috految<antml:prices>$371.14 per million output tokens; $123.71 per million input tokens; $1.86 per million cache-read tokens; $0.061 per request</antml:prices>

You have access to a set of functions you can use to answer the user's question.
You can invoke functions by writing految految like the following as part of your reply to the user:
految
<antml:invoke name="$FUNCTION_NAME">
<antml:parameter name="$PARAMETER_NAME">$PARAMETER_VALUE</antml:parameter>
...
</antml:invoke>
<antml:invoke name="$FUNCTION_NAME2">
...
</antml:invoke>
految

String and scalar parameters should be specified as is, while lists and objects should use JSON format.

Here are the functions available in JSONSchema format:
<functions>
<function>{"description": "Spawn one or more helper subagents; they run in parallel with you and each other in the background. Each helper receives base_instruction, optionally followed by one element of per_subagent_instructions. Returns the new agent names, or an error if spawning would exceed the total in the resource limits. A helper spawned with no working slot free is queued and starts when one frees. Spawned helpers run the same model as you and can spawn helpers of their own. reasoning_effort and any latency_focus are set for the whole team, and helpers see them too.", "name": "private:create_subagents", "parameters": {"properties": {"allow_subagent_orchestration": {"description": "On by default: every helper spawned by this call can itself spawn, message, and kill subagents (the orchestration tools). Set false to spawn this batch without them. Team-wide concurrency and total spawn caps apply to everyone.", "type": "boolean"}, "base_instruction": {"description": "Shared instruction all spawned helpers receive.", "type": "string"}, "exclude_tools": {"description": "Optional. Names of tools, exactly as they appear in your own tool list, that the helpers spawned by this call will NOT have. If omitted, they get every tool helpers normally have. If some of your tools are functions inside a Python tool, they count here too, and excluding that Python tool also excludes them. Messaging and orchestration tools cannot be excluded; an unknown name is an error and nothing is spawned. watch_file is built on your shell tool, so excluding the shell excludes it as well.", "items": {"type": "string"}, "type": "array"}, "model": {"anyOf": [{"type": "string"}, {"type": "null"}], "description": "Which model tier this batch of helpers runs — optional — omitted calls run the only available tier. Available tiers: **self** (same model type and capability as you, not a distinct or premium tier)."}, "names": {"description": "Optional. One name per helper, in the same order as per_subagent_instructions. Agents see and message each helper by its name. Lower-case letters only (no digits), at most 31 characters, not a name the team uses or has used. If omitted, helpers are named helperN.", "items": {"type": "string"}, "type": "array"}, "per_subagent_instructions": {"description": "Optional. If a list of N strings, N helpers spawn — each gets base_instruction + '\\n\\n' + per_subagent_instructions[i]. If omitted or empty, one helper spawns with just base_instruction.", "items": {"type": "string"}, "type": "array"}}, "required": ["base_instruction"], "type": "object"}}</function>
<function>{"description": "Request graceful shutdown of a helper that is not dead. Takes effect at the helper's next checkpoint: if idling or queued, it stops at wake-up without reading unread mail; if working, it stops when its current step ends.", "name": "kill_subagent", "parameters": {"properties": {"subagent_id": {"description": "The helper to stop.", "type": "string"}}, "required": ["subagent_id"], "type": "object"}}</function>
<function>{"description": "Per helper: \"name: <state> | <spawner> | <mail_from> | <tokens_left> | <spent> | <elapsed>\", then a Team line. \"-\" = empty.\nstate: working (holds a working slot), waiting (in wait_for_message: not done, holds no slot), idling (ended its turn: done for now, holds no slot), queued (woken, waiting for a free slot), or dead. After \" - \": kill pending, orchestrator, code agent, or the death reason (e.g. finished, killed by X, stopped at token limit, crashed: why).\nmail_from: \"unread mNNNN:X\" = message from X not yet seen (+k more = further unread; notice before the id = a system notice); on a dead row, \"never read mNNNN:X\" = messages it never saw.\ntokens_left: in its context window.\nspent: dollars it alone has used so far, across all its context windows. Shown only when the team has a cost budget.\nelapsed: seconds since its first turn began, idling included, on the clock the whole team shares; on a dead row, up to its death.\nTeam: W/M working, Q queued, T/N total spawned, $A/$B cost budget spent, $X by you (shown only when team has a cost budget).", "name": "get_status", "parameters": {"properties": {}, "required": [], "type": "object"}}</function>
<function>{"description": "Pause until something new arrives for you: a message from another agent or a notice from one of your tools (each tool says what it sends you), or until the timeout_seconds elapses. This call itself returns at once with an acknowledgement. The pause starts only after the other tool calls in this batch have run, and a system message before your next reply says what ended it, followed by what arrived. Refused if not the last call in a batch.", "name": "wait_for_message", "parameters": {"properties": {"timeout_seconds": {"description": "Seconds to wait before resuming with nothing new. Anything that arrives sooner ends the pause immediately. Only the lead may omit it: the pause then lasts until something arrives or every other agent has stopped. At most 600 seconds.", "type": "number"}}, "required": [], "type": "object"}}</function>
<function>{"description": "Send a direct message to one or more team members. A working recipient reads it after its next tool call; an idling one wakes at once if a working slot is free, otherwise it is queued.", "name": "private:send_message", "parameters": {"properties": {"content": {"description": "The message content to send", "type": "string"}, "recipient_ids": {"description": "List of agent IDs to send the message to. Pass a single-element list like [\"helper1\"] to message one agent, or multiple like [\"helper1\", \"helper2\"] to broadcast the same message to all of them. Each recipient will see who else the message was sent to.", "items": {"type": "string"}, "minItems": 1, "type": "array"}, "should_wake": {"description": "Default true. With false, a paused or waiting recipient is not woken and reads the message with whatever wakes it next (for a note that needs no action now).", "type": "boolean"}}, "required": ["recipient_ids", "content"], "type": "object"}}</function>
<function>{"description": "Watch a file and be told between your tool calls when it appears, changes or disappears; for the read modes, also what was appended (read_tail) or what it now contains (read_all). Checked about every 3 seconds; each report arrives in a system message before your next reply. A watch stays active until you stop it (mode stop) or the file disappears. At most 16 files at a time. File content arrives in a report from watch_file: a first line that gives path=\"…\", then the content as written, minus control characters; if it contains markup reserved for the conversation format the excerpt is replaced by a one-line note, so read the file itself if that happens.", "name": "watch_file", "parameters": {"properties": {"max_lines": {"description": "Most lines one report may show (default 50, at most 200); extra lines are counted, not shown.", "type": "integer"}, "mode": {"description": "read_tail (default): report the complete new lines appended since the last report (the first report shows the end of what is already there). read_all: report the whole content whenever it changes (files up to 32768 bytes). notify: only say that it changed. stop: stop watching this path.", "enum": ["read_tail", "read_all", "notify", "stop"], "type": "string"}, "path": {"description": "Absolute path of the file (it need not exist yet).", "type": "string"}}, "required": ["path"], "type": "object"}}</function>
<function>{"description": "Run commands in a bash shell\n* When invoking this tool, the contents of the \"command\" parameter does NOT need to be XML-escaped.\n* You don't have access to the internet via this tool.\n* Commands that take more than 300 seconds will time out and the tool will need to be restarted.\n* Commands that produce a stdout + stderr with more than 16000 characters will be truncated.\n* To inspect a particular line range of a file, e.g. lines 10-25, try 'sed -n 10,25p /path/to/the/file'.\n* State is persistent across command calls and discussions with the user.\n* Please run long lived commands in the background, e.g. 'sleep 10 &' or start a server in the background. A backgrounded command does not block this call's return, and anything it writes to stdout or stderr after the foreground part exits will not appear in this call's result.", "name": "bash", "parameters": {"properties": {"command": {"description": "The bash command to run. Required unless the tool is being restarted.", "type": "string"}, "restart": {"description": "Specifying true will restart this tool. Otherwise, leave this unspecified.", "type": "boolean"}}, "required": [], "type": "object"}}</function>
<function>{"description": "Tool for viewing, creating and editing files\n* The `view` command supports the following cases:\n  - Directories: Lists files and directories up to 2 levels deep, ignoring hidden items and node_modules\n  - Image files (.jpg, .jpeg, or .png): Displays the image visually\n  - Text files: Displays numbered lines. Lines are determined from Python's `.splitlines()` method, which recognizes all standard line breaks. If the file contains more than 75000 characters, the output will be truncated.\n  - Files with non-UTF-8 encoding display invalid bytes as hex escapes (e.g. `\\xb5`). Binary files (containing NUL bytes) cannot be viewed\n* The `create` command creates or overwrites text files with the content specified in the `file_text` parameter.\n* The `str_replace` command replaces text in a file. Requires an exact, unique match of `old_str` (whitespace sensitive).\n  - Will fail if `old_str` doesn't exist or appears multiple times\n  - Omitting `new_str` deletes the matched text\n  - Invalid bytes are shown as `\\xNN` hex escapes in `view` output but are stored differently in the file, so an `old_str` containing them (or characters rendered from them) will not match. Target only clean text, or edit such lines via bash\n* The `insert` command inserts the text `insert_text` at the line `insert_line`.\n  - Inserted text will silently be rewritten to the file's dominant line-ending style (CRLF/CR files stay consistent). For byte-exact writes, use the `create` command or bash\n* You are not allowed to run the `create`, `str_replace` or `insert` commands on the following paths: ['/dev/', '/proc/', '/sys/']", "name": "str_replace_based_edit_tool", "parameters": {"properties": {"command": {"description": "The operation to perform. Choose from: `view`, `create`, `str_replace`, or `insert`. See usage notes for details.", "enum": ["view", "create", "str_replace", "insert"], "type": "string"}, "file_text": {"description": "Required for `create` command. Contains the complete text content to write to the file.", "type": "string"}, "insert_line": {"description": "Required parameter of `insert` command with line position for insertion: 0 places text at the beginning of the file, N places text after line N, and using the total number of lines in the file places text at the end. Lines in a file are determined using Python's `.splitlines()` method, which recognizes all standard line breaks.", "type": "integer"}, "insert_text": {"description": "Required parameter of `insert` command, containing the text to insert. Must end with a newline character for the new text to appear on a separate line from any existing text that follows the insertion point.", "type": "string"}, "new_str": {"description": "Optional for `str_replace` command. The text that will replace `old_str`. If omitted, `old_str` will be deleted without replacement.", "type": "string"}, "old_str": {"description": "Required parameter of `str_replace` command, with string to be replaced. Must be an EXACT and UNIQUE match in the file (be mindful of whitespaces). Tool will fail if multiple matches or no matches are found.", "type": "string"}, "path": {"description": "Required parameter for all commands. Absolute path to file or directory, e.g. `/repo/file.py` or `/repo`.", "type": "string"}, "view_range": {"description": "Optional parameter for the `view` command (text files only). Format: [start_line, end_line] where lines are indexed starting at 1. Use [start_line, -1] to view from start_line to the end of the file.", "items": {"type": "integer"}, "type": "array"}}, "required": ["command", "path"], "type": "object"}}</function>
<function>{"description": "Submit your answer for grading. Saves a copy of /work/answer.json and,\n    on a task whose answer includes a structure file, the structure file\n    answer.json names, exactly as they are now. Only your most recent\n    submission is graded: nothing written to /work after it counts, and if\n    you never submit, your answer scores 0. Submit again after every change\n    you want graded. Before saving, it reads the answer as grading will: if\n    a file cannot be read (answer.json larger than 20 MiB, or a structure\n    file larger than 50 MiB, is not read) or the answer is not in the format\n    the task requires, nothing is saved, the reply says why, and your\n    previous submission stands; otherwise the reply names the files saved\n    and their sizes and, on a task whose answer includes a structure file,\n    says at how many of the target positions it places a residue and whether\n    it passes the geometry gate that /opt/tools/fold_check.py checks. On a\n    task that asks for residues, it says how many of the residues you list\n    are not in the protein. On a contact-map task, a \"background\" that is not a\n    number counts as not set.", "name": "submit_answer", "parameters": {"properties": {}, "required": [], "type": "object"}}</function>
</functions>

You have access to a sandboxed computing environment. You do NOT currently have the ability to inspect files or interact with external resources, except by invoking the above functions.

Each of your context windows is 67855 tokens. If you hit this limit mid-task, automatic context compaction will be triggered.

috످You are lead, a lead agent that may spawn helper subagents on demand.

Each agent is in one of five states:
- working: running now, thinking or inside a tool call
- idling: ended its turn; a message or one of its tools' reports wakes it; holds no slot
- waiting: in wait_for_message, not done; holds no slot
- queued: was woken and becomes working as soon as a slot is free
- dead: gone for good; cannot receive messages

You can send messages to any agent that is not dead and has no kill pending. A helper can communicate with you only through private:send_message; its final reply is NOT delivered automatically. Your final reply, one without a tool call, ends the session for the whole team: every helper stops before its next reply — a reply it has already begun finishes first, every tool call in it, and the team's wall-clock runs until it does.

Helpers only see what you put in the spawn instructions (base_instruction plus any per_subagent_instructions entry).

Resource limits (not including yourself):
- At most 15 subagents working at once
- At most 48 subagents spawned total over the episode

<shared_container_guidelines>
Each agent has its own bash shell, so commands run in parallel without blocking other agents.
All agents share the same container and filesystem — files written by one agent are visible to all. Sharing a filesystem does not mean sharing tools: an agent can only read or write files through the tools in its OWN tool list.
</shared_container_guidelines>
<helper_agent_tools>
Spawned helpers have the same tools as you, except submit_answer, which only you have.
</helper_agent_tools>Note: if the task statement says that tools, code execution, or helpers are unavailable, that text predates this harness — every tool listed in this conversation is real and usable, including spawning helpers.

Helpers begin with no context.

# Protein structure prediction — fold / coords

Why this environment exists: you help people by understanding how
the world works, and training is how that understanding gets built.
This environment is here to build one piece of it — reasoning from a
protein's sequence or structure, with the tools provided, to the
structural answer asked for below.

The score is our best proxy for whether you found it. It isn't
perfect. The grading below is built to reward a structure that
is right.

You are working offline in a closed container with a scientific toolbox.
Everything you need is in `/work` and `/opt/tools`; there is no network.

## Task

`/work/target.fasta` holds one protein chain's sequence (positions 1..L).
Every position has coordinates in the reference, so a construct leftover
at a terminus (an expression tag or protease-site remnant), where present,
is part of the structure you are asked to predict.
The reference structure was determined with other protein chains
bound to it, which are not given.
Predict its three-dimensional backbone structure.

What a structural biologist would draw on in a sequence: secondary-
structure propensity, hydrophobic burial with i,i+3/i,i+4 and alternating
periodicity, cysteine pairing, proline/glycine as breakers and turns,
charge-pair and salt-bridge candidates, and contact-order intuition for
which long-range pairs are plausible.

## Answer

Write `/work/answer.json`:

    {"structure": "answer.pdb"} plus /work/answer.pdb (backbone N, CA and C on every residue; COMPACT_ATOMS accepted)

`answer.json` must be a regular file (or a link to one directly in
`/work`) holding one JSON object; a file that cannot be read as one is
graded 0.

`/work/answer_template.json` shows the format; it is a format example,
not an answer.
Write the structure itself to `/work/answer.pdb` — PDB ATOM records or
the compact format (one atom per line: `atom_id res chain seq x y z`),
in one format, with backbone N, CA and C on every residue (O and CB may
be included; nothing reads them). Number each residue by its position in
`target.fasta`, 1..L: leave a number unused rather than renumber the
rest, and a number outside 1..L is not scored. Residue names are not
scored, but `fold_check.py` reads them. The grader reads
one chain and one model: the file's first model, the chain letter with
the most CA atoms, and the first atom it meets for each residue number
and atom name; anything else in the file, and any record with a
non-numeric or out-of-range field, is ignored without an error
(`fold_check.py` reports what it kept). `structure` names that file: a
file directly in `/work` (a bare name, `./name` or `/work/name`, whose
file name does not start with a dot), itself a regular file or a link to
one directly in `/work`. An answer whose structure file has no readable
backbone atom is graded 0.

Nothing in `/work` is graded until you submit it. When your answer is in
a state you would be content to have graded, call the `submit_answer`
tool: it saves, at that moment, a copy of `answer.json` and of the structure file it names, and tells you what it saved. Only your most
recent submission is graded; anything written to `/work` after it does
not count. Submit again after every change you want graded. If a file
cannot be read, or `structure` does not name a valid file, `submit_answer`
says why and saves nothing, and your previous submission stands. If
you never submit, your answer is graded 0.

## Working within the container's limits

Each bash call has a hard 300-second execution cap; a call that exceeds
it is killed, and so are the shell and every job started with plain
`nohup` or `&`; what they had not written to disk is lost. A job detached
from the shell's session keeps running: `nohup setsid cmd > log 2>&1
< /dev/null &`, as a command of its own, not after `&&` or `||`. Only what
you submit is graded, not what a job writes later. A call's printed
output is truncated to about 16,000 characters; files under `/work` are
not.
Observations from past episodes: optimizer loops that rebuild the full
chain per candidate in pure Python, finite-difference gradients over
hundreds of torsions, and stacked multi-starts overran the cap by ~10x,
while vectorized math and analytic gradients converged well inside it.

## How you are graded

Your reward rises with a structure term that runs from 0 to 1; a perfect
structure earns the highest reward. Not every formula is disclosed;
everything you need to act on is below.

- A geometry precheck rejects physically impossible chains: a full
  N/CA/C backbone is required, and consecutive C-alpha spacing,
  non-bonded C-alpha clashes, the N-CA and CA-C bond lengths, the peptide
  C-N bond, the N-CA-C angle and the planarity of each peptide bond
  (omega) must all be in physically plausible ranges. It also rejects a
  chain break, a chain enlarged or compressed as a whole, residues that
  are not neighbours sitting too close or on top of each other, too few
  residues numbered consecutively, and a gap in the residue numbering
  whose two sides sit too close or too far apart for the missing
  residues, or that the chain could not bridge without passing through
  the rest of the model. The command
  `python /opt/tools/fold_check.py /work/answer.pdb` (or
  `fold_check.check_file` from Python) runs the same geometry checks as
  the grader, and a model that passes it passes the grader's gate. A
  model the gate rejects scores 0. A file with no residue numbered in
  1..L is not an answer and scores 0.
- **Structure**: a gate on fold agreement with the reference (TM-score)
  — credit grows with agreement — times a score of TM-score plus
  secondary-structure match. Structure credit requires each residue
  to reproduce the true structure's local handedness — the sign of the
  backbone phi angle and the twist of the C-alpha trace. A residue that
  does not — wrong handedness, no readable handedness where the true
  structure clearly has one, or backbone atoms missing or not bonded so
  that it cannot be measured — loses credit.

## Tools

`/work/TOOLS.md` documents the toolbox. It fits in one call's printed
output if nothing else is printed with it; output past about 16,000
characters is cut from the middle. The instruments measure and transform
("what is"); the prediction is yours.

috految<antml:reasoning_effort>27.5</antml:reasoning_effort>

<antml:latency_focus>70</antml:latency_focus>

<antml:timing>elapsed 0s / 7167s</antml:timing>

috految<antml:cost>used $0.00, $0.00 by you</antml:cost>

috److految
<antml:invoke name="bash">
<antml:parameter name="command">cd /work; cat target.fasta; head -c 2200 TOOLS.md; nproc; which gcc g++; ls /opt/tools</antml:parameter>
</antml:invoke>
految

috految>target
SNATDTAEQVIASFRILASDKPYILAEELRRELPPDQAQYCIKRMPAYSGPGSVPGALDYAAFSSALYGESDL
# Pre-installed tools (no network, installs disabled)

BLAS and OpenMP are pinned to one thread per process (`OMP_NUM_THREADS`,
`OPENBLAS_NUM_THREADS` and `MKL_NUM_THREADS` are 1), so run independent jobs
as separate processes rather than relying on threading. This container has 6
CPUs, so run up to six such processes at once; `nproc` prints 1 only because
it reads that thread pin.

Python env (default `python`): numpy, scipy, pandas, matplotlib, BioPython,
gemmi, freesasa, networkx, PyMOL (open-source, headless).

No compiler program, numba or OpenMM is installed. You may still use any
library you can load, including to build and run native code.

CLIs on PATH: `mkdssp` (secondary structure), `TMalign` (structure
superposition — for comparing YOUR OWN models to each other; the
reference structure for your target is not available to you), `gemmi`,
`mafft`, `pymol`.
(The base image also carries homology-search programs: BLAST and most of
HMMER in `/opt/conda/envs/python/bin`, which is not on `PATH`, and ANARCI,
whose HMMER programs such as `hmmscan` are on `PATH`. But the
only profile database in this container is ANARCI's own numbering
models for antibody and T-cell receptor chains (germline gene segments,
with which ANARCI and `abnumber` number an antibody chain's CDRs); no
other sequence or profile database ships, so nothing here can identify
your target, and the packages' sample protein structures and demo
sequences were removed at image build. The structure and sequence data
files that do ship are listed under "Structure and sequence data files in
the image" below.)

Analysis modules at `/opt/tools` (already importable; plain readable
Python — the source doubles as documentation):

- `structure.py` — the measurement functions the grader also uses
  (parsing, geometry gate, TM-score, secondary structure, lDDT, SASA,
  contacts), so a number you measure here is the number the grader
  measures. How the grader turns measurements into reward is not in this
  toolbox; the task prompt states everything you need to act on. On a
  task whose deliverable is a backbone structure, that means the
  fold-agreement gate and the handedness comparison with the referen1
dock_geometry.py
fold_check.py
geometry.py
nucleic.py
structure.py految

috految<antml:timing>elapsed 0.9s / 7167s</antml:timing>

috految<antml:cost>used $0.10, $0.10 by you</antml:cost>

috److془Alpha-actinin-2 EF34 with CaMKII regulatory segment (6TS3). 

Sequence numbering:
S1 N2 A3 T4 D5 T6 A7 E8 Q9 V10 I11 A12 S13 F14 R15 I16 L17 A18 S19 D20 K21 P22 Y23 I24 L25 A26 E27 E28 L29 R30 R31 E32 L33 P34 P35 D36 Q37 A38 Q39 Y40 C41 I42 K43 R44 M45 P46 A47 Y48 S49 G50 P51 G52 S53 V54 P55 G56 A57 L58 D59 Y60 A61 A62 F63 S64 S65 A66 L67 Y68 G69 E70 S71 D72 L73.

6TS3 DSSP: "SNATDTAEQVIASFRILASDKPYILAEELRRELPPDQAQYCIKRMPAYSGPGSVPGALDYAAFSSALYGESDL" "CCHHHHHHHHHHHHHHHTTTCSSBCHHHHHHHSCHHHHHHHHHHSCBCCSTTCCTTCBCHHHHHHHHHHHHCC"? In UniProt P35609: "HELIX 825..838 6TS3; STRAND 842..845; HELIX 847..853; HELIX 856..865; STRAND 873..875; HELIX 881..889.." I recall "HELIX 881..888; TURN 889...". Paper: "The asymmetric unit contains two copies of the complex. The conformations of the two copies are highly similar (RMSD 0.245 Å for all Cα positions). The full EF3-4 region is resolved....  The last two aa..  "Four α-actinin-2 residues F835, C862, L854, Y861, L888, Y889, Q858, E853, S834, V831". "Y861 with R296... 'CaMKII K300 with BS'; "Y889 with I303 and T310' . "Strikingly, the last four amino acids ESDL identical to the PDZ.. ". "A disulfide at C862"? Fine.

Build all-atom torsion model with restraints. Torsions from AF memory:
T6 (-70,-35) A7 (-60,-43) E8 (-62,-39) Q9 (-70,-39) V10 (-65,-44) I11 (-61,-44) A12 (-61,-37) S13 (-62,-42) F14 (-72,-33) R15 (-57,-44) I16 (-63,-45) L17 (-64,-36) A18 (-90,6) S19 (53,42) D20 (68,16) K21 (-85,155) P22 (-77,-1) Y23 (-149,163) I24 (-130,158) L25 (-103,154) A26 (-55,-40) E27 (-59,-35) E28 (-70,-42) L29 (-60,-43) R30 (-67,-35) R31 (-72,-39) E32 (-101,-19) L33 (-120,163) P34 (-57,147) P35 (-46,-52) D36 (-64,-41) Q37 (-76,-37) A38 (-58,-49) Q39 (-66,-38) Y40 (-58,-50) C41 (-61,-44) I42 (-60,-42) K43 (-69,-34) R44 (-94,-19) M45 (-72,135) P46 (-74,155) A47 (-69,141) Y48 (-76,132) S49 (-116,13) G50 (-89,-173) P51 (-60,136) G52 (84,2) S53 (-63,141) V54 (-127,158) P55 (-54,130) G56 (84,2) A57 (-75,146) L58 (-114,147) D59 (-90,97) Y60 (-81,-18) A61 (-73,-46) A62 (-64,-40) F63 (-59,-50) S64 (-63,-40) S65 (-67,-41) A66 (-64,-38) L67 (-64,-41) Y68 (-96,-2) G69 (-88,-170)? E70 (-76,141), S71 (-144,161) D72 (-81,-6) L73. Or helix. Go with helix-ish.

Paper: "The EF3-4 ... In our structure, the last four amino acids (ESDL) ... forms..." go. Ligand: Y68 near V10 / T6. Hmm: Y889 packs with Q830, V831?. Homolog: spectrin "SSEEIESAFRALSSEGKPYVTKEELYQNLTREQADYCVSHMKPYVDGKGRELPTAFDYVEFTRSLF". A7-S64, A7-A61 , V10-S64, I11-Y60, I11-A61, I11-S64, F14-Y60, F14-F63, F14-I24. Y60 OH - K21 O/ R15 ; Y60 with P22, Y23 O. H-bonds: I24 N-L58 O, L58 N-I24 O, A26 N -G56 O, Y60 N - P22 O (water mediated?), Y48 N - A57 O, D59 N-P46 O, A57 N - V54 O; L25 N - E28 OE. Y23 with D59, Y48, . Y48 OH-G52 O?.. Y48–S53 packing.  L25-G56, A57, V54; L58 - A26, I42, M45, A47. M45 - F63, D59, L58, I24. R44 - A66, F63. Y40 - L67; C41 - F63. L29- A38, C41, I42. R30 - I42, A38, P35.془

految
<antml:invoke name="bash">
<antml:parameter name="command">cd /work; cat >m.py <<'E'
import numpy as np
from scipy.optimize import minimize
from scipy.spatial import cKDTree as K
from multiprocessing import Pool
from Bio.SeqUtils import seq3
S=open('target.fasta').read().split()[1];R=np.pi/180
T='''1 -80 160;2 -65 -30;3 -64 -35;4 -72 -39;5 -65 -40 -70 -20;6 -63 -43;7 -60 -43;8 -62 -41;9 -68 -39;10 -62 -45 173;11 -62 -43;12 -60 -38;13 -62 -42;14 -72 -32 -78 -70;15 -58 -44 180;16 -63 -44;17 -65 -36;18 -90 6;19 53 42;20 67 16 -62 -30;21 -84 154;22 -77 -3;23 -149 162 62 90;24 -124 156 62 170;25 -101 153;26 -56 -39;27 -59 -36;28 -69 -41 -70 170 -10;29 -60 -44;30 -66 -34;31 -72 -41 180;32 -101 -19;33 -118 162 -55 175;34 -56 147;35 -47 -50;36 -64 -42;37 -76 -37;38 -58 -49;39 -65 -37;40 -58 -50 178 75;41 -63 -43;42 -58 -43;43 -69 -32;44 -98 -17;45 -72 137 -70 175 70;46 -75 156;47 -69 142;48 -76 129 178 72;49 -117 10 62;50 -86 -171;51 -63 138;52 83 2;53 -62 139;54 -129 154 -60;55 -55 130;56 84 1;57 -76 146;58 -115 147 -58 175;59 -90 97 -172 -10;60 -83 -17 68 90;61 -72 -46;62 -65 -40;63 -59 -50 175 72;64 -63 -38;65 -67 -43;66 -64 -38;67 -65 -43 -172 62;68 -79 -25 -68 110;69 -72 -33;70 -68 -28;71 -80 -20;72 -96 -8;73 -90 140'''
A=[];I={};t0=[];sg=[]
def v(x,s):t0.append(x*R);sg.append(s*R);return len(t0)-1
def add(n,p,b,a,o=0,k=-1):I[i,n]=len(A);A.append((i,n,p,b,a*R,o*R,k));return len(A)-1
c=ps=-1
for r in T.split(';'):
 i,f,p,*ch=map(int,r.split());a=S[i-1];s=3 if -73<f<-50 and p<-28 else 6
 if 48<i<56 or i>67:s=8
 n=add('N',c,1.33,116.6,0,ps);w=v({24:174,25:175,26:179,32:184,33:183,34:177,35:183,45:180,46:180,47:174,48:176,49:185,58:179,59:172,60:184}.get(i,179.3),2.5 if s==3 else 4)
 ca=add('CA',n,1.458,121.6,0,w)
 if a!='P':add('H',n,1.,119.5,180,w)
 ph=v(f,s);c=add('C',ca,1.525,113 if a=='G' or -22<p<45 else 112 if a=='P' else 111.2 if p<0 else 109.8,0,ph);ps=v(p,s);add('O',c,1.23,120.5,180,ps)
 if a=='G':continue
 b=add('CB',ca,1.53,103 if a=='P' else 110.5,-118 if a=='P' else -122.5,ph)
 if a=='A':continue
 if a=='P':q=25 if f<-62 else -22;g=add('CG',b,1.5,104,q);add('CD',g,1.5,105,-1.35*q);continue
 ch+=dict(L=[-68,172],I=[-66,168],D=[-70,-15]).get(a,[-66,180,180])[len(ch):]
 x=v(ch[0],25 if a in 'SKREQ' else 11)
 g=add(dict(S='OG',T='OG',C='SG').get(a,'CG'),b,dict(S=1.42,T=1.42,C=1.81).get(a,1.52),110.5 if a in 'STVI' else 114.7,0,x)
 if a in 'TVI':add('CG2',b,1.53,110.5,123 if a=='V' else -122,x)
 if a in 'STVC':continue
 y=v(ch[1],18)
 if a in 'DN':add('OD1',g,1.25,119,0,y);add('OD2',g,1.25,119,180,y)
 elif a in 'FY':
  for k,o in(('1',0),('2',180)):d=add('CD'+k,g,1.39,120,o,y);e=add('CE'+k,d,1.39,120,180)
  z=add('CZ',e,1.39,120)
  if a=='Y':add('OH',z,1.38,120,180)
 elif a=='M':d=add('SD',g,1.81,113,0,y);add('CE',d,1.79,101,0,v(ch[2],70))
 else:
  d=add('CD',g,1.52,112,0,y)
  if a=='L':add('CD2',g,1.52,111,123,y)
  if a in 'EQ':z=v(-20,50);add('OE1',d,1.25,119,0,z);add('OE2',d,1.25,119,180,z)
r,nm,P,B,an,of,k=map(np.array,zip(*A));t0=np.array(t0);sg=np.array(sg);N=len(A)
D=np.eye(N);G=np.eye(N)
for j in range(1,N):D[j]+=D[P[j]];G[j,P[j]]=G[P[j],j]=1
for i in range(1,74):
 if S[i-1]=='P':G[I[i,'N'],I[i,'CD']]=G[I[i,'CD'],I[i,'N']]=1
ok=(G@G@G@G==0)&(r[:,None]!=r);el=np.array([n[0] for n in nm]);ok&=np.outer(el!='H',el!='H')
rad=np.array([1.7 if n=='C' else 1.85 if n[0]=='C' and S[i-1] in 'FY' else dict(C=2.,N=1.6,O=1.45,S=1.9,H=0)[n[0]] for i,n in zip(r,nm)]);po=np.isin(el,['N','O']);RR=rad[:,None]+rad;RR[np.outer(po,po)]=2.85
h=np.where(po,.25,[1 if S[i-1] in 'AVILMFYCP' and n not in('C','CA') else .5 for i,n in zip(r,nm)])
C=[]
def rs(i,a,j,b,d,w):C.append((I[i,a],I[j,b],d,w))
def hb(n,o,w):rs(n,'H',o,'O',2.,w);rs(n,'N',o,'O',2.95,w)
for n in [*range(6,19),29,30,31,32,*range(38,45),*range(63,69)]:hb(n,n-4,2)
for q in[(24,58,4),(58,24,4),(26,56,2),(48,57,3),(59,46,2),(57,54,1.5),(33,29,1.5),(45,41,.7),(21,18,.7),(20,15,1),(53,50,.7),(60,22,.3)]:hb(*q)
for q in '25 N 28 CD 3.9 1;18 CB 24 CA 4.6 1;18 CB 28 CG 4.5 .5;18 CB 23 O 3.6 1;14 CB 60 CG 4.5 1;14 CZ 63 CG 5 .4;14 CG 24 CD 4.4 1;15 CA 60 CZ 4.2 1;60 OH 21 O 3 .5;22 CA 60 CZ 4.5 .6;11 CG2 60 CB 4.7 .7;11 CD 61 CA 4.4 .6;11 CG 64 CB 4.4 .7;10 CB 64 CB 4.7 .7;7 CB 64 CB 5.2 .3;10 CB 68 CG 6.2 .3;17 CB 32 CB 5.8 .6;17 CB 24 CG2 5.2 .5;17 CG 33 CG 6 .4;17 CG 29 CG 5.5 .5;24 CG2 29 CG 4.2 1;29 CB 38 CB 4.3 1;33 CB 38 CB 4.1 1;30 CA 38 CB 4 1;29 CG 41 CB 4.7 1;26 CB 42 CD 4.2 1;30 CG 42 CD 4.5 .5;26 CA 58 CD 4.2 .7;42 CG2 58 CG 4.8 .7;45 CB 58 CB 4.5 .7;45 CG 63 CB 4.3 .7;45 SD 24 CD 4.2 .5;41 CB 63 CZ 4.4 .7;44 CB 63 CA 5.8 .4;44 CG 66 CB 4.8 .4;40 CZ 67 CG 5.5 .3;48 CB 57 CB 4.3 .7;48 CG 23 CG 5 .5;48 CG 53 CA 4.5 .6;23 CB 57 CB 4.8 .5;25 CA 57 CA 4.4 1;47 CA 58 CA 4.3 1;46 CD 62 CB 4.8 .3;24 CD 60 CA 4.5 .7;59 CG 61 N 3.8 .5'.split(';'):
 a,b,c,d,e,f=q.split();rs(int(a),b,int(c),d,float(e),float(f))
ci,cj,cd,cw=map(np.array,zip(*C));ca=np.cos(np.pi-an);sa=np.sin(np.pi-an)
def build(u):
 t=np.append(t0+u*sg,0)[k]+of;c=np.cos(t);s=np.sin(t);z=0*c
 M=np.array([[ca,-sa,z,B*ca],[c*sa,c*ca,-s,B*c*sa],[s*sa,s*ca,c,B*s*sa],[z,z,z,z+1]]).transpose(2,0,1);M=np.concatenate([M,np.eye(4)[None]]);p=np.append(P,-1)
 for _ in range(8):M=M[p]@M;p=p[p]
 return M[:-1,:3,3].copy(),M[P,:3,0]
def E(u,w,u0):
 X,ax=build(u);i,j=K(X).query_pairs(6.5,output_type='ndarray').T;m=ok[i,j];i=i[m];j=j[m];n=len(i);a=np.r_[i,ci];b=np.r_[j,cj];V=X[a]-X[b];d=np.linalg.norm(V,axis=1)
 o=np.maximum(RR[i,j]-d[:n],0);s=np.clip((6.5-d[:n])/2.5,0,1);ep=.12*w*h[i]*h[j];q=d[n:]-cd;z=np.sqrt(1+2*q*q)
 e=(2.5*w*o*o-ep*s*s*(3-2*s)).sum()+(cw*(z-1)).sum()+.5*((u-u0)**2).sum()
 F=V*(np.r_[-5*w*o+ep*2.4*s*(1-s),cw*2*q/z]/d)[:,None];g=np.array([np.bincount(a,f,N)-np.bincount(b,f,N) for f in F.T]).T
 Q=D.T@np.c_[g,np.cross(X,g)];t=(ax*(Q[:,3:]-np.cross(X[P],Q[:,:3]))).sum(1)
 return e,np.bincount(k+1,t,len(u)+1)[1:]*sg+u-u0
def run(s):
 u=u0=np.random.default_rng(s).normal(size=len(t0))*.7
 for w,n,c in(.03,70,u0),(.4,70,u0),(1,200,0):o=minimize(E,u,(w,c),jac=True,method='L-BFGS-B',options=dict(maxiter=n));u=o.x
 return o.fun,u
o=sorted(Pool(6).map(run,range(6)),key=lambda x:x[0]);print([round(x[0],1) for x in o]);u=np.mean([x[1] for x in o if x[0]<o[0][0]+3],0);X=build(u)[0];print(u@u)
for a,b,d,w in C:
 x=np.linalg.norm(X[a]-X[b])
 if abs(x-d)>1:print(r[a],nm[a],r[b],nm[b],round(x,1))
open('answer.pdb','w').write(''.join('ATOM  %5d  %-3s %3s A%4d    %8.3f%8.3f%8.3f\n'%(j+1,nm[j],seq3(S[r[j]-1]).upper(),r[j],*X[j]) for j in range(N) if nm[j] in('N','CA','C','O')))
E
timeout 40 python m.py; echo '{"structure":"answer.pdb"}'>answer.json</antml:parameter>
</antml:invoke>
<antml:invoke name="submit_answer">
</antml:invoke>
految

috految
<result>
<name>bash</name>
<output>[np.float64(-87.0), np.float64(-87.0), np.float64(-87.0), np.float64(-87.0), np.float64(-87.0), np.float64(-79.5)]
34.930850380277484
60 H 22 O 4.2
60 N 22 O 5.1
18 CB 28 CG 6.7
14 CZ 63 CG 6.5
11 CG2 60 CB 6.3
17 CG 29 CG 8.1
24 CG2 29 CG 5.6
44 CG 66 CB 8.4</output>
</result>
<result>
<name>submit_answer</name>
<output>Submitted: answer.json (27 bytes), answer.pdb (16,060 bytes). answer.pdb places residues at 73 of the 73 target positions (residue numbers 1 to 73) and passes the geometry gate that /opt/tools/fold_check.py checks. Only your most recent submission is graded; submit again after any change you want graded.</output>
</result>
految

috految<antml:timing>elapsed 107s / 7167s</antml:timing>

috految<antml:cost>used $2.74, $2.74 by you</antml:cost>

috److I built and submitted a backbone model for all 73 residues, and it passes the geometry gate.

- **Identification:** From the sequence, I recognised the target as the C-terminal EF-hand pair (EF3–4) of α-actinin-2. This is from memory; nothing in the container can confirm it.
- **Method:** I set backbone and side-chain angles from my recollection of this fold and its homologues. I then refined them against hand-chosen hydrogen-bond and packing restraints, with a clash penalty.
- **Convergence:** Five of six starts reached the same energy, and the submitted structure is their average. All six used the same restraints, so this shows consistency rather than accuracy against the reference.
- **Restraint fit:** Eight restraints ended more than 1 Å from their targets. The largest miss was between Arg44 and Ala66, at 8.4 Å against a 4.8 Å target.
- **Least certain regions:** The N-terminal residues and the C-terminal tail (about residues 68–73) are guesses, modelled as roughly helical. The bound partner chains were not given, so they are not in the model.

The submitted files are `/work/answer.pdb` and `/work/answer.json`.

috످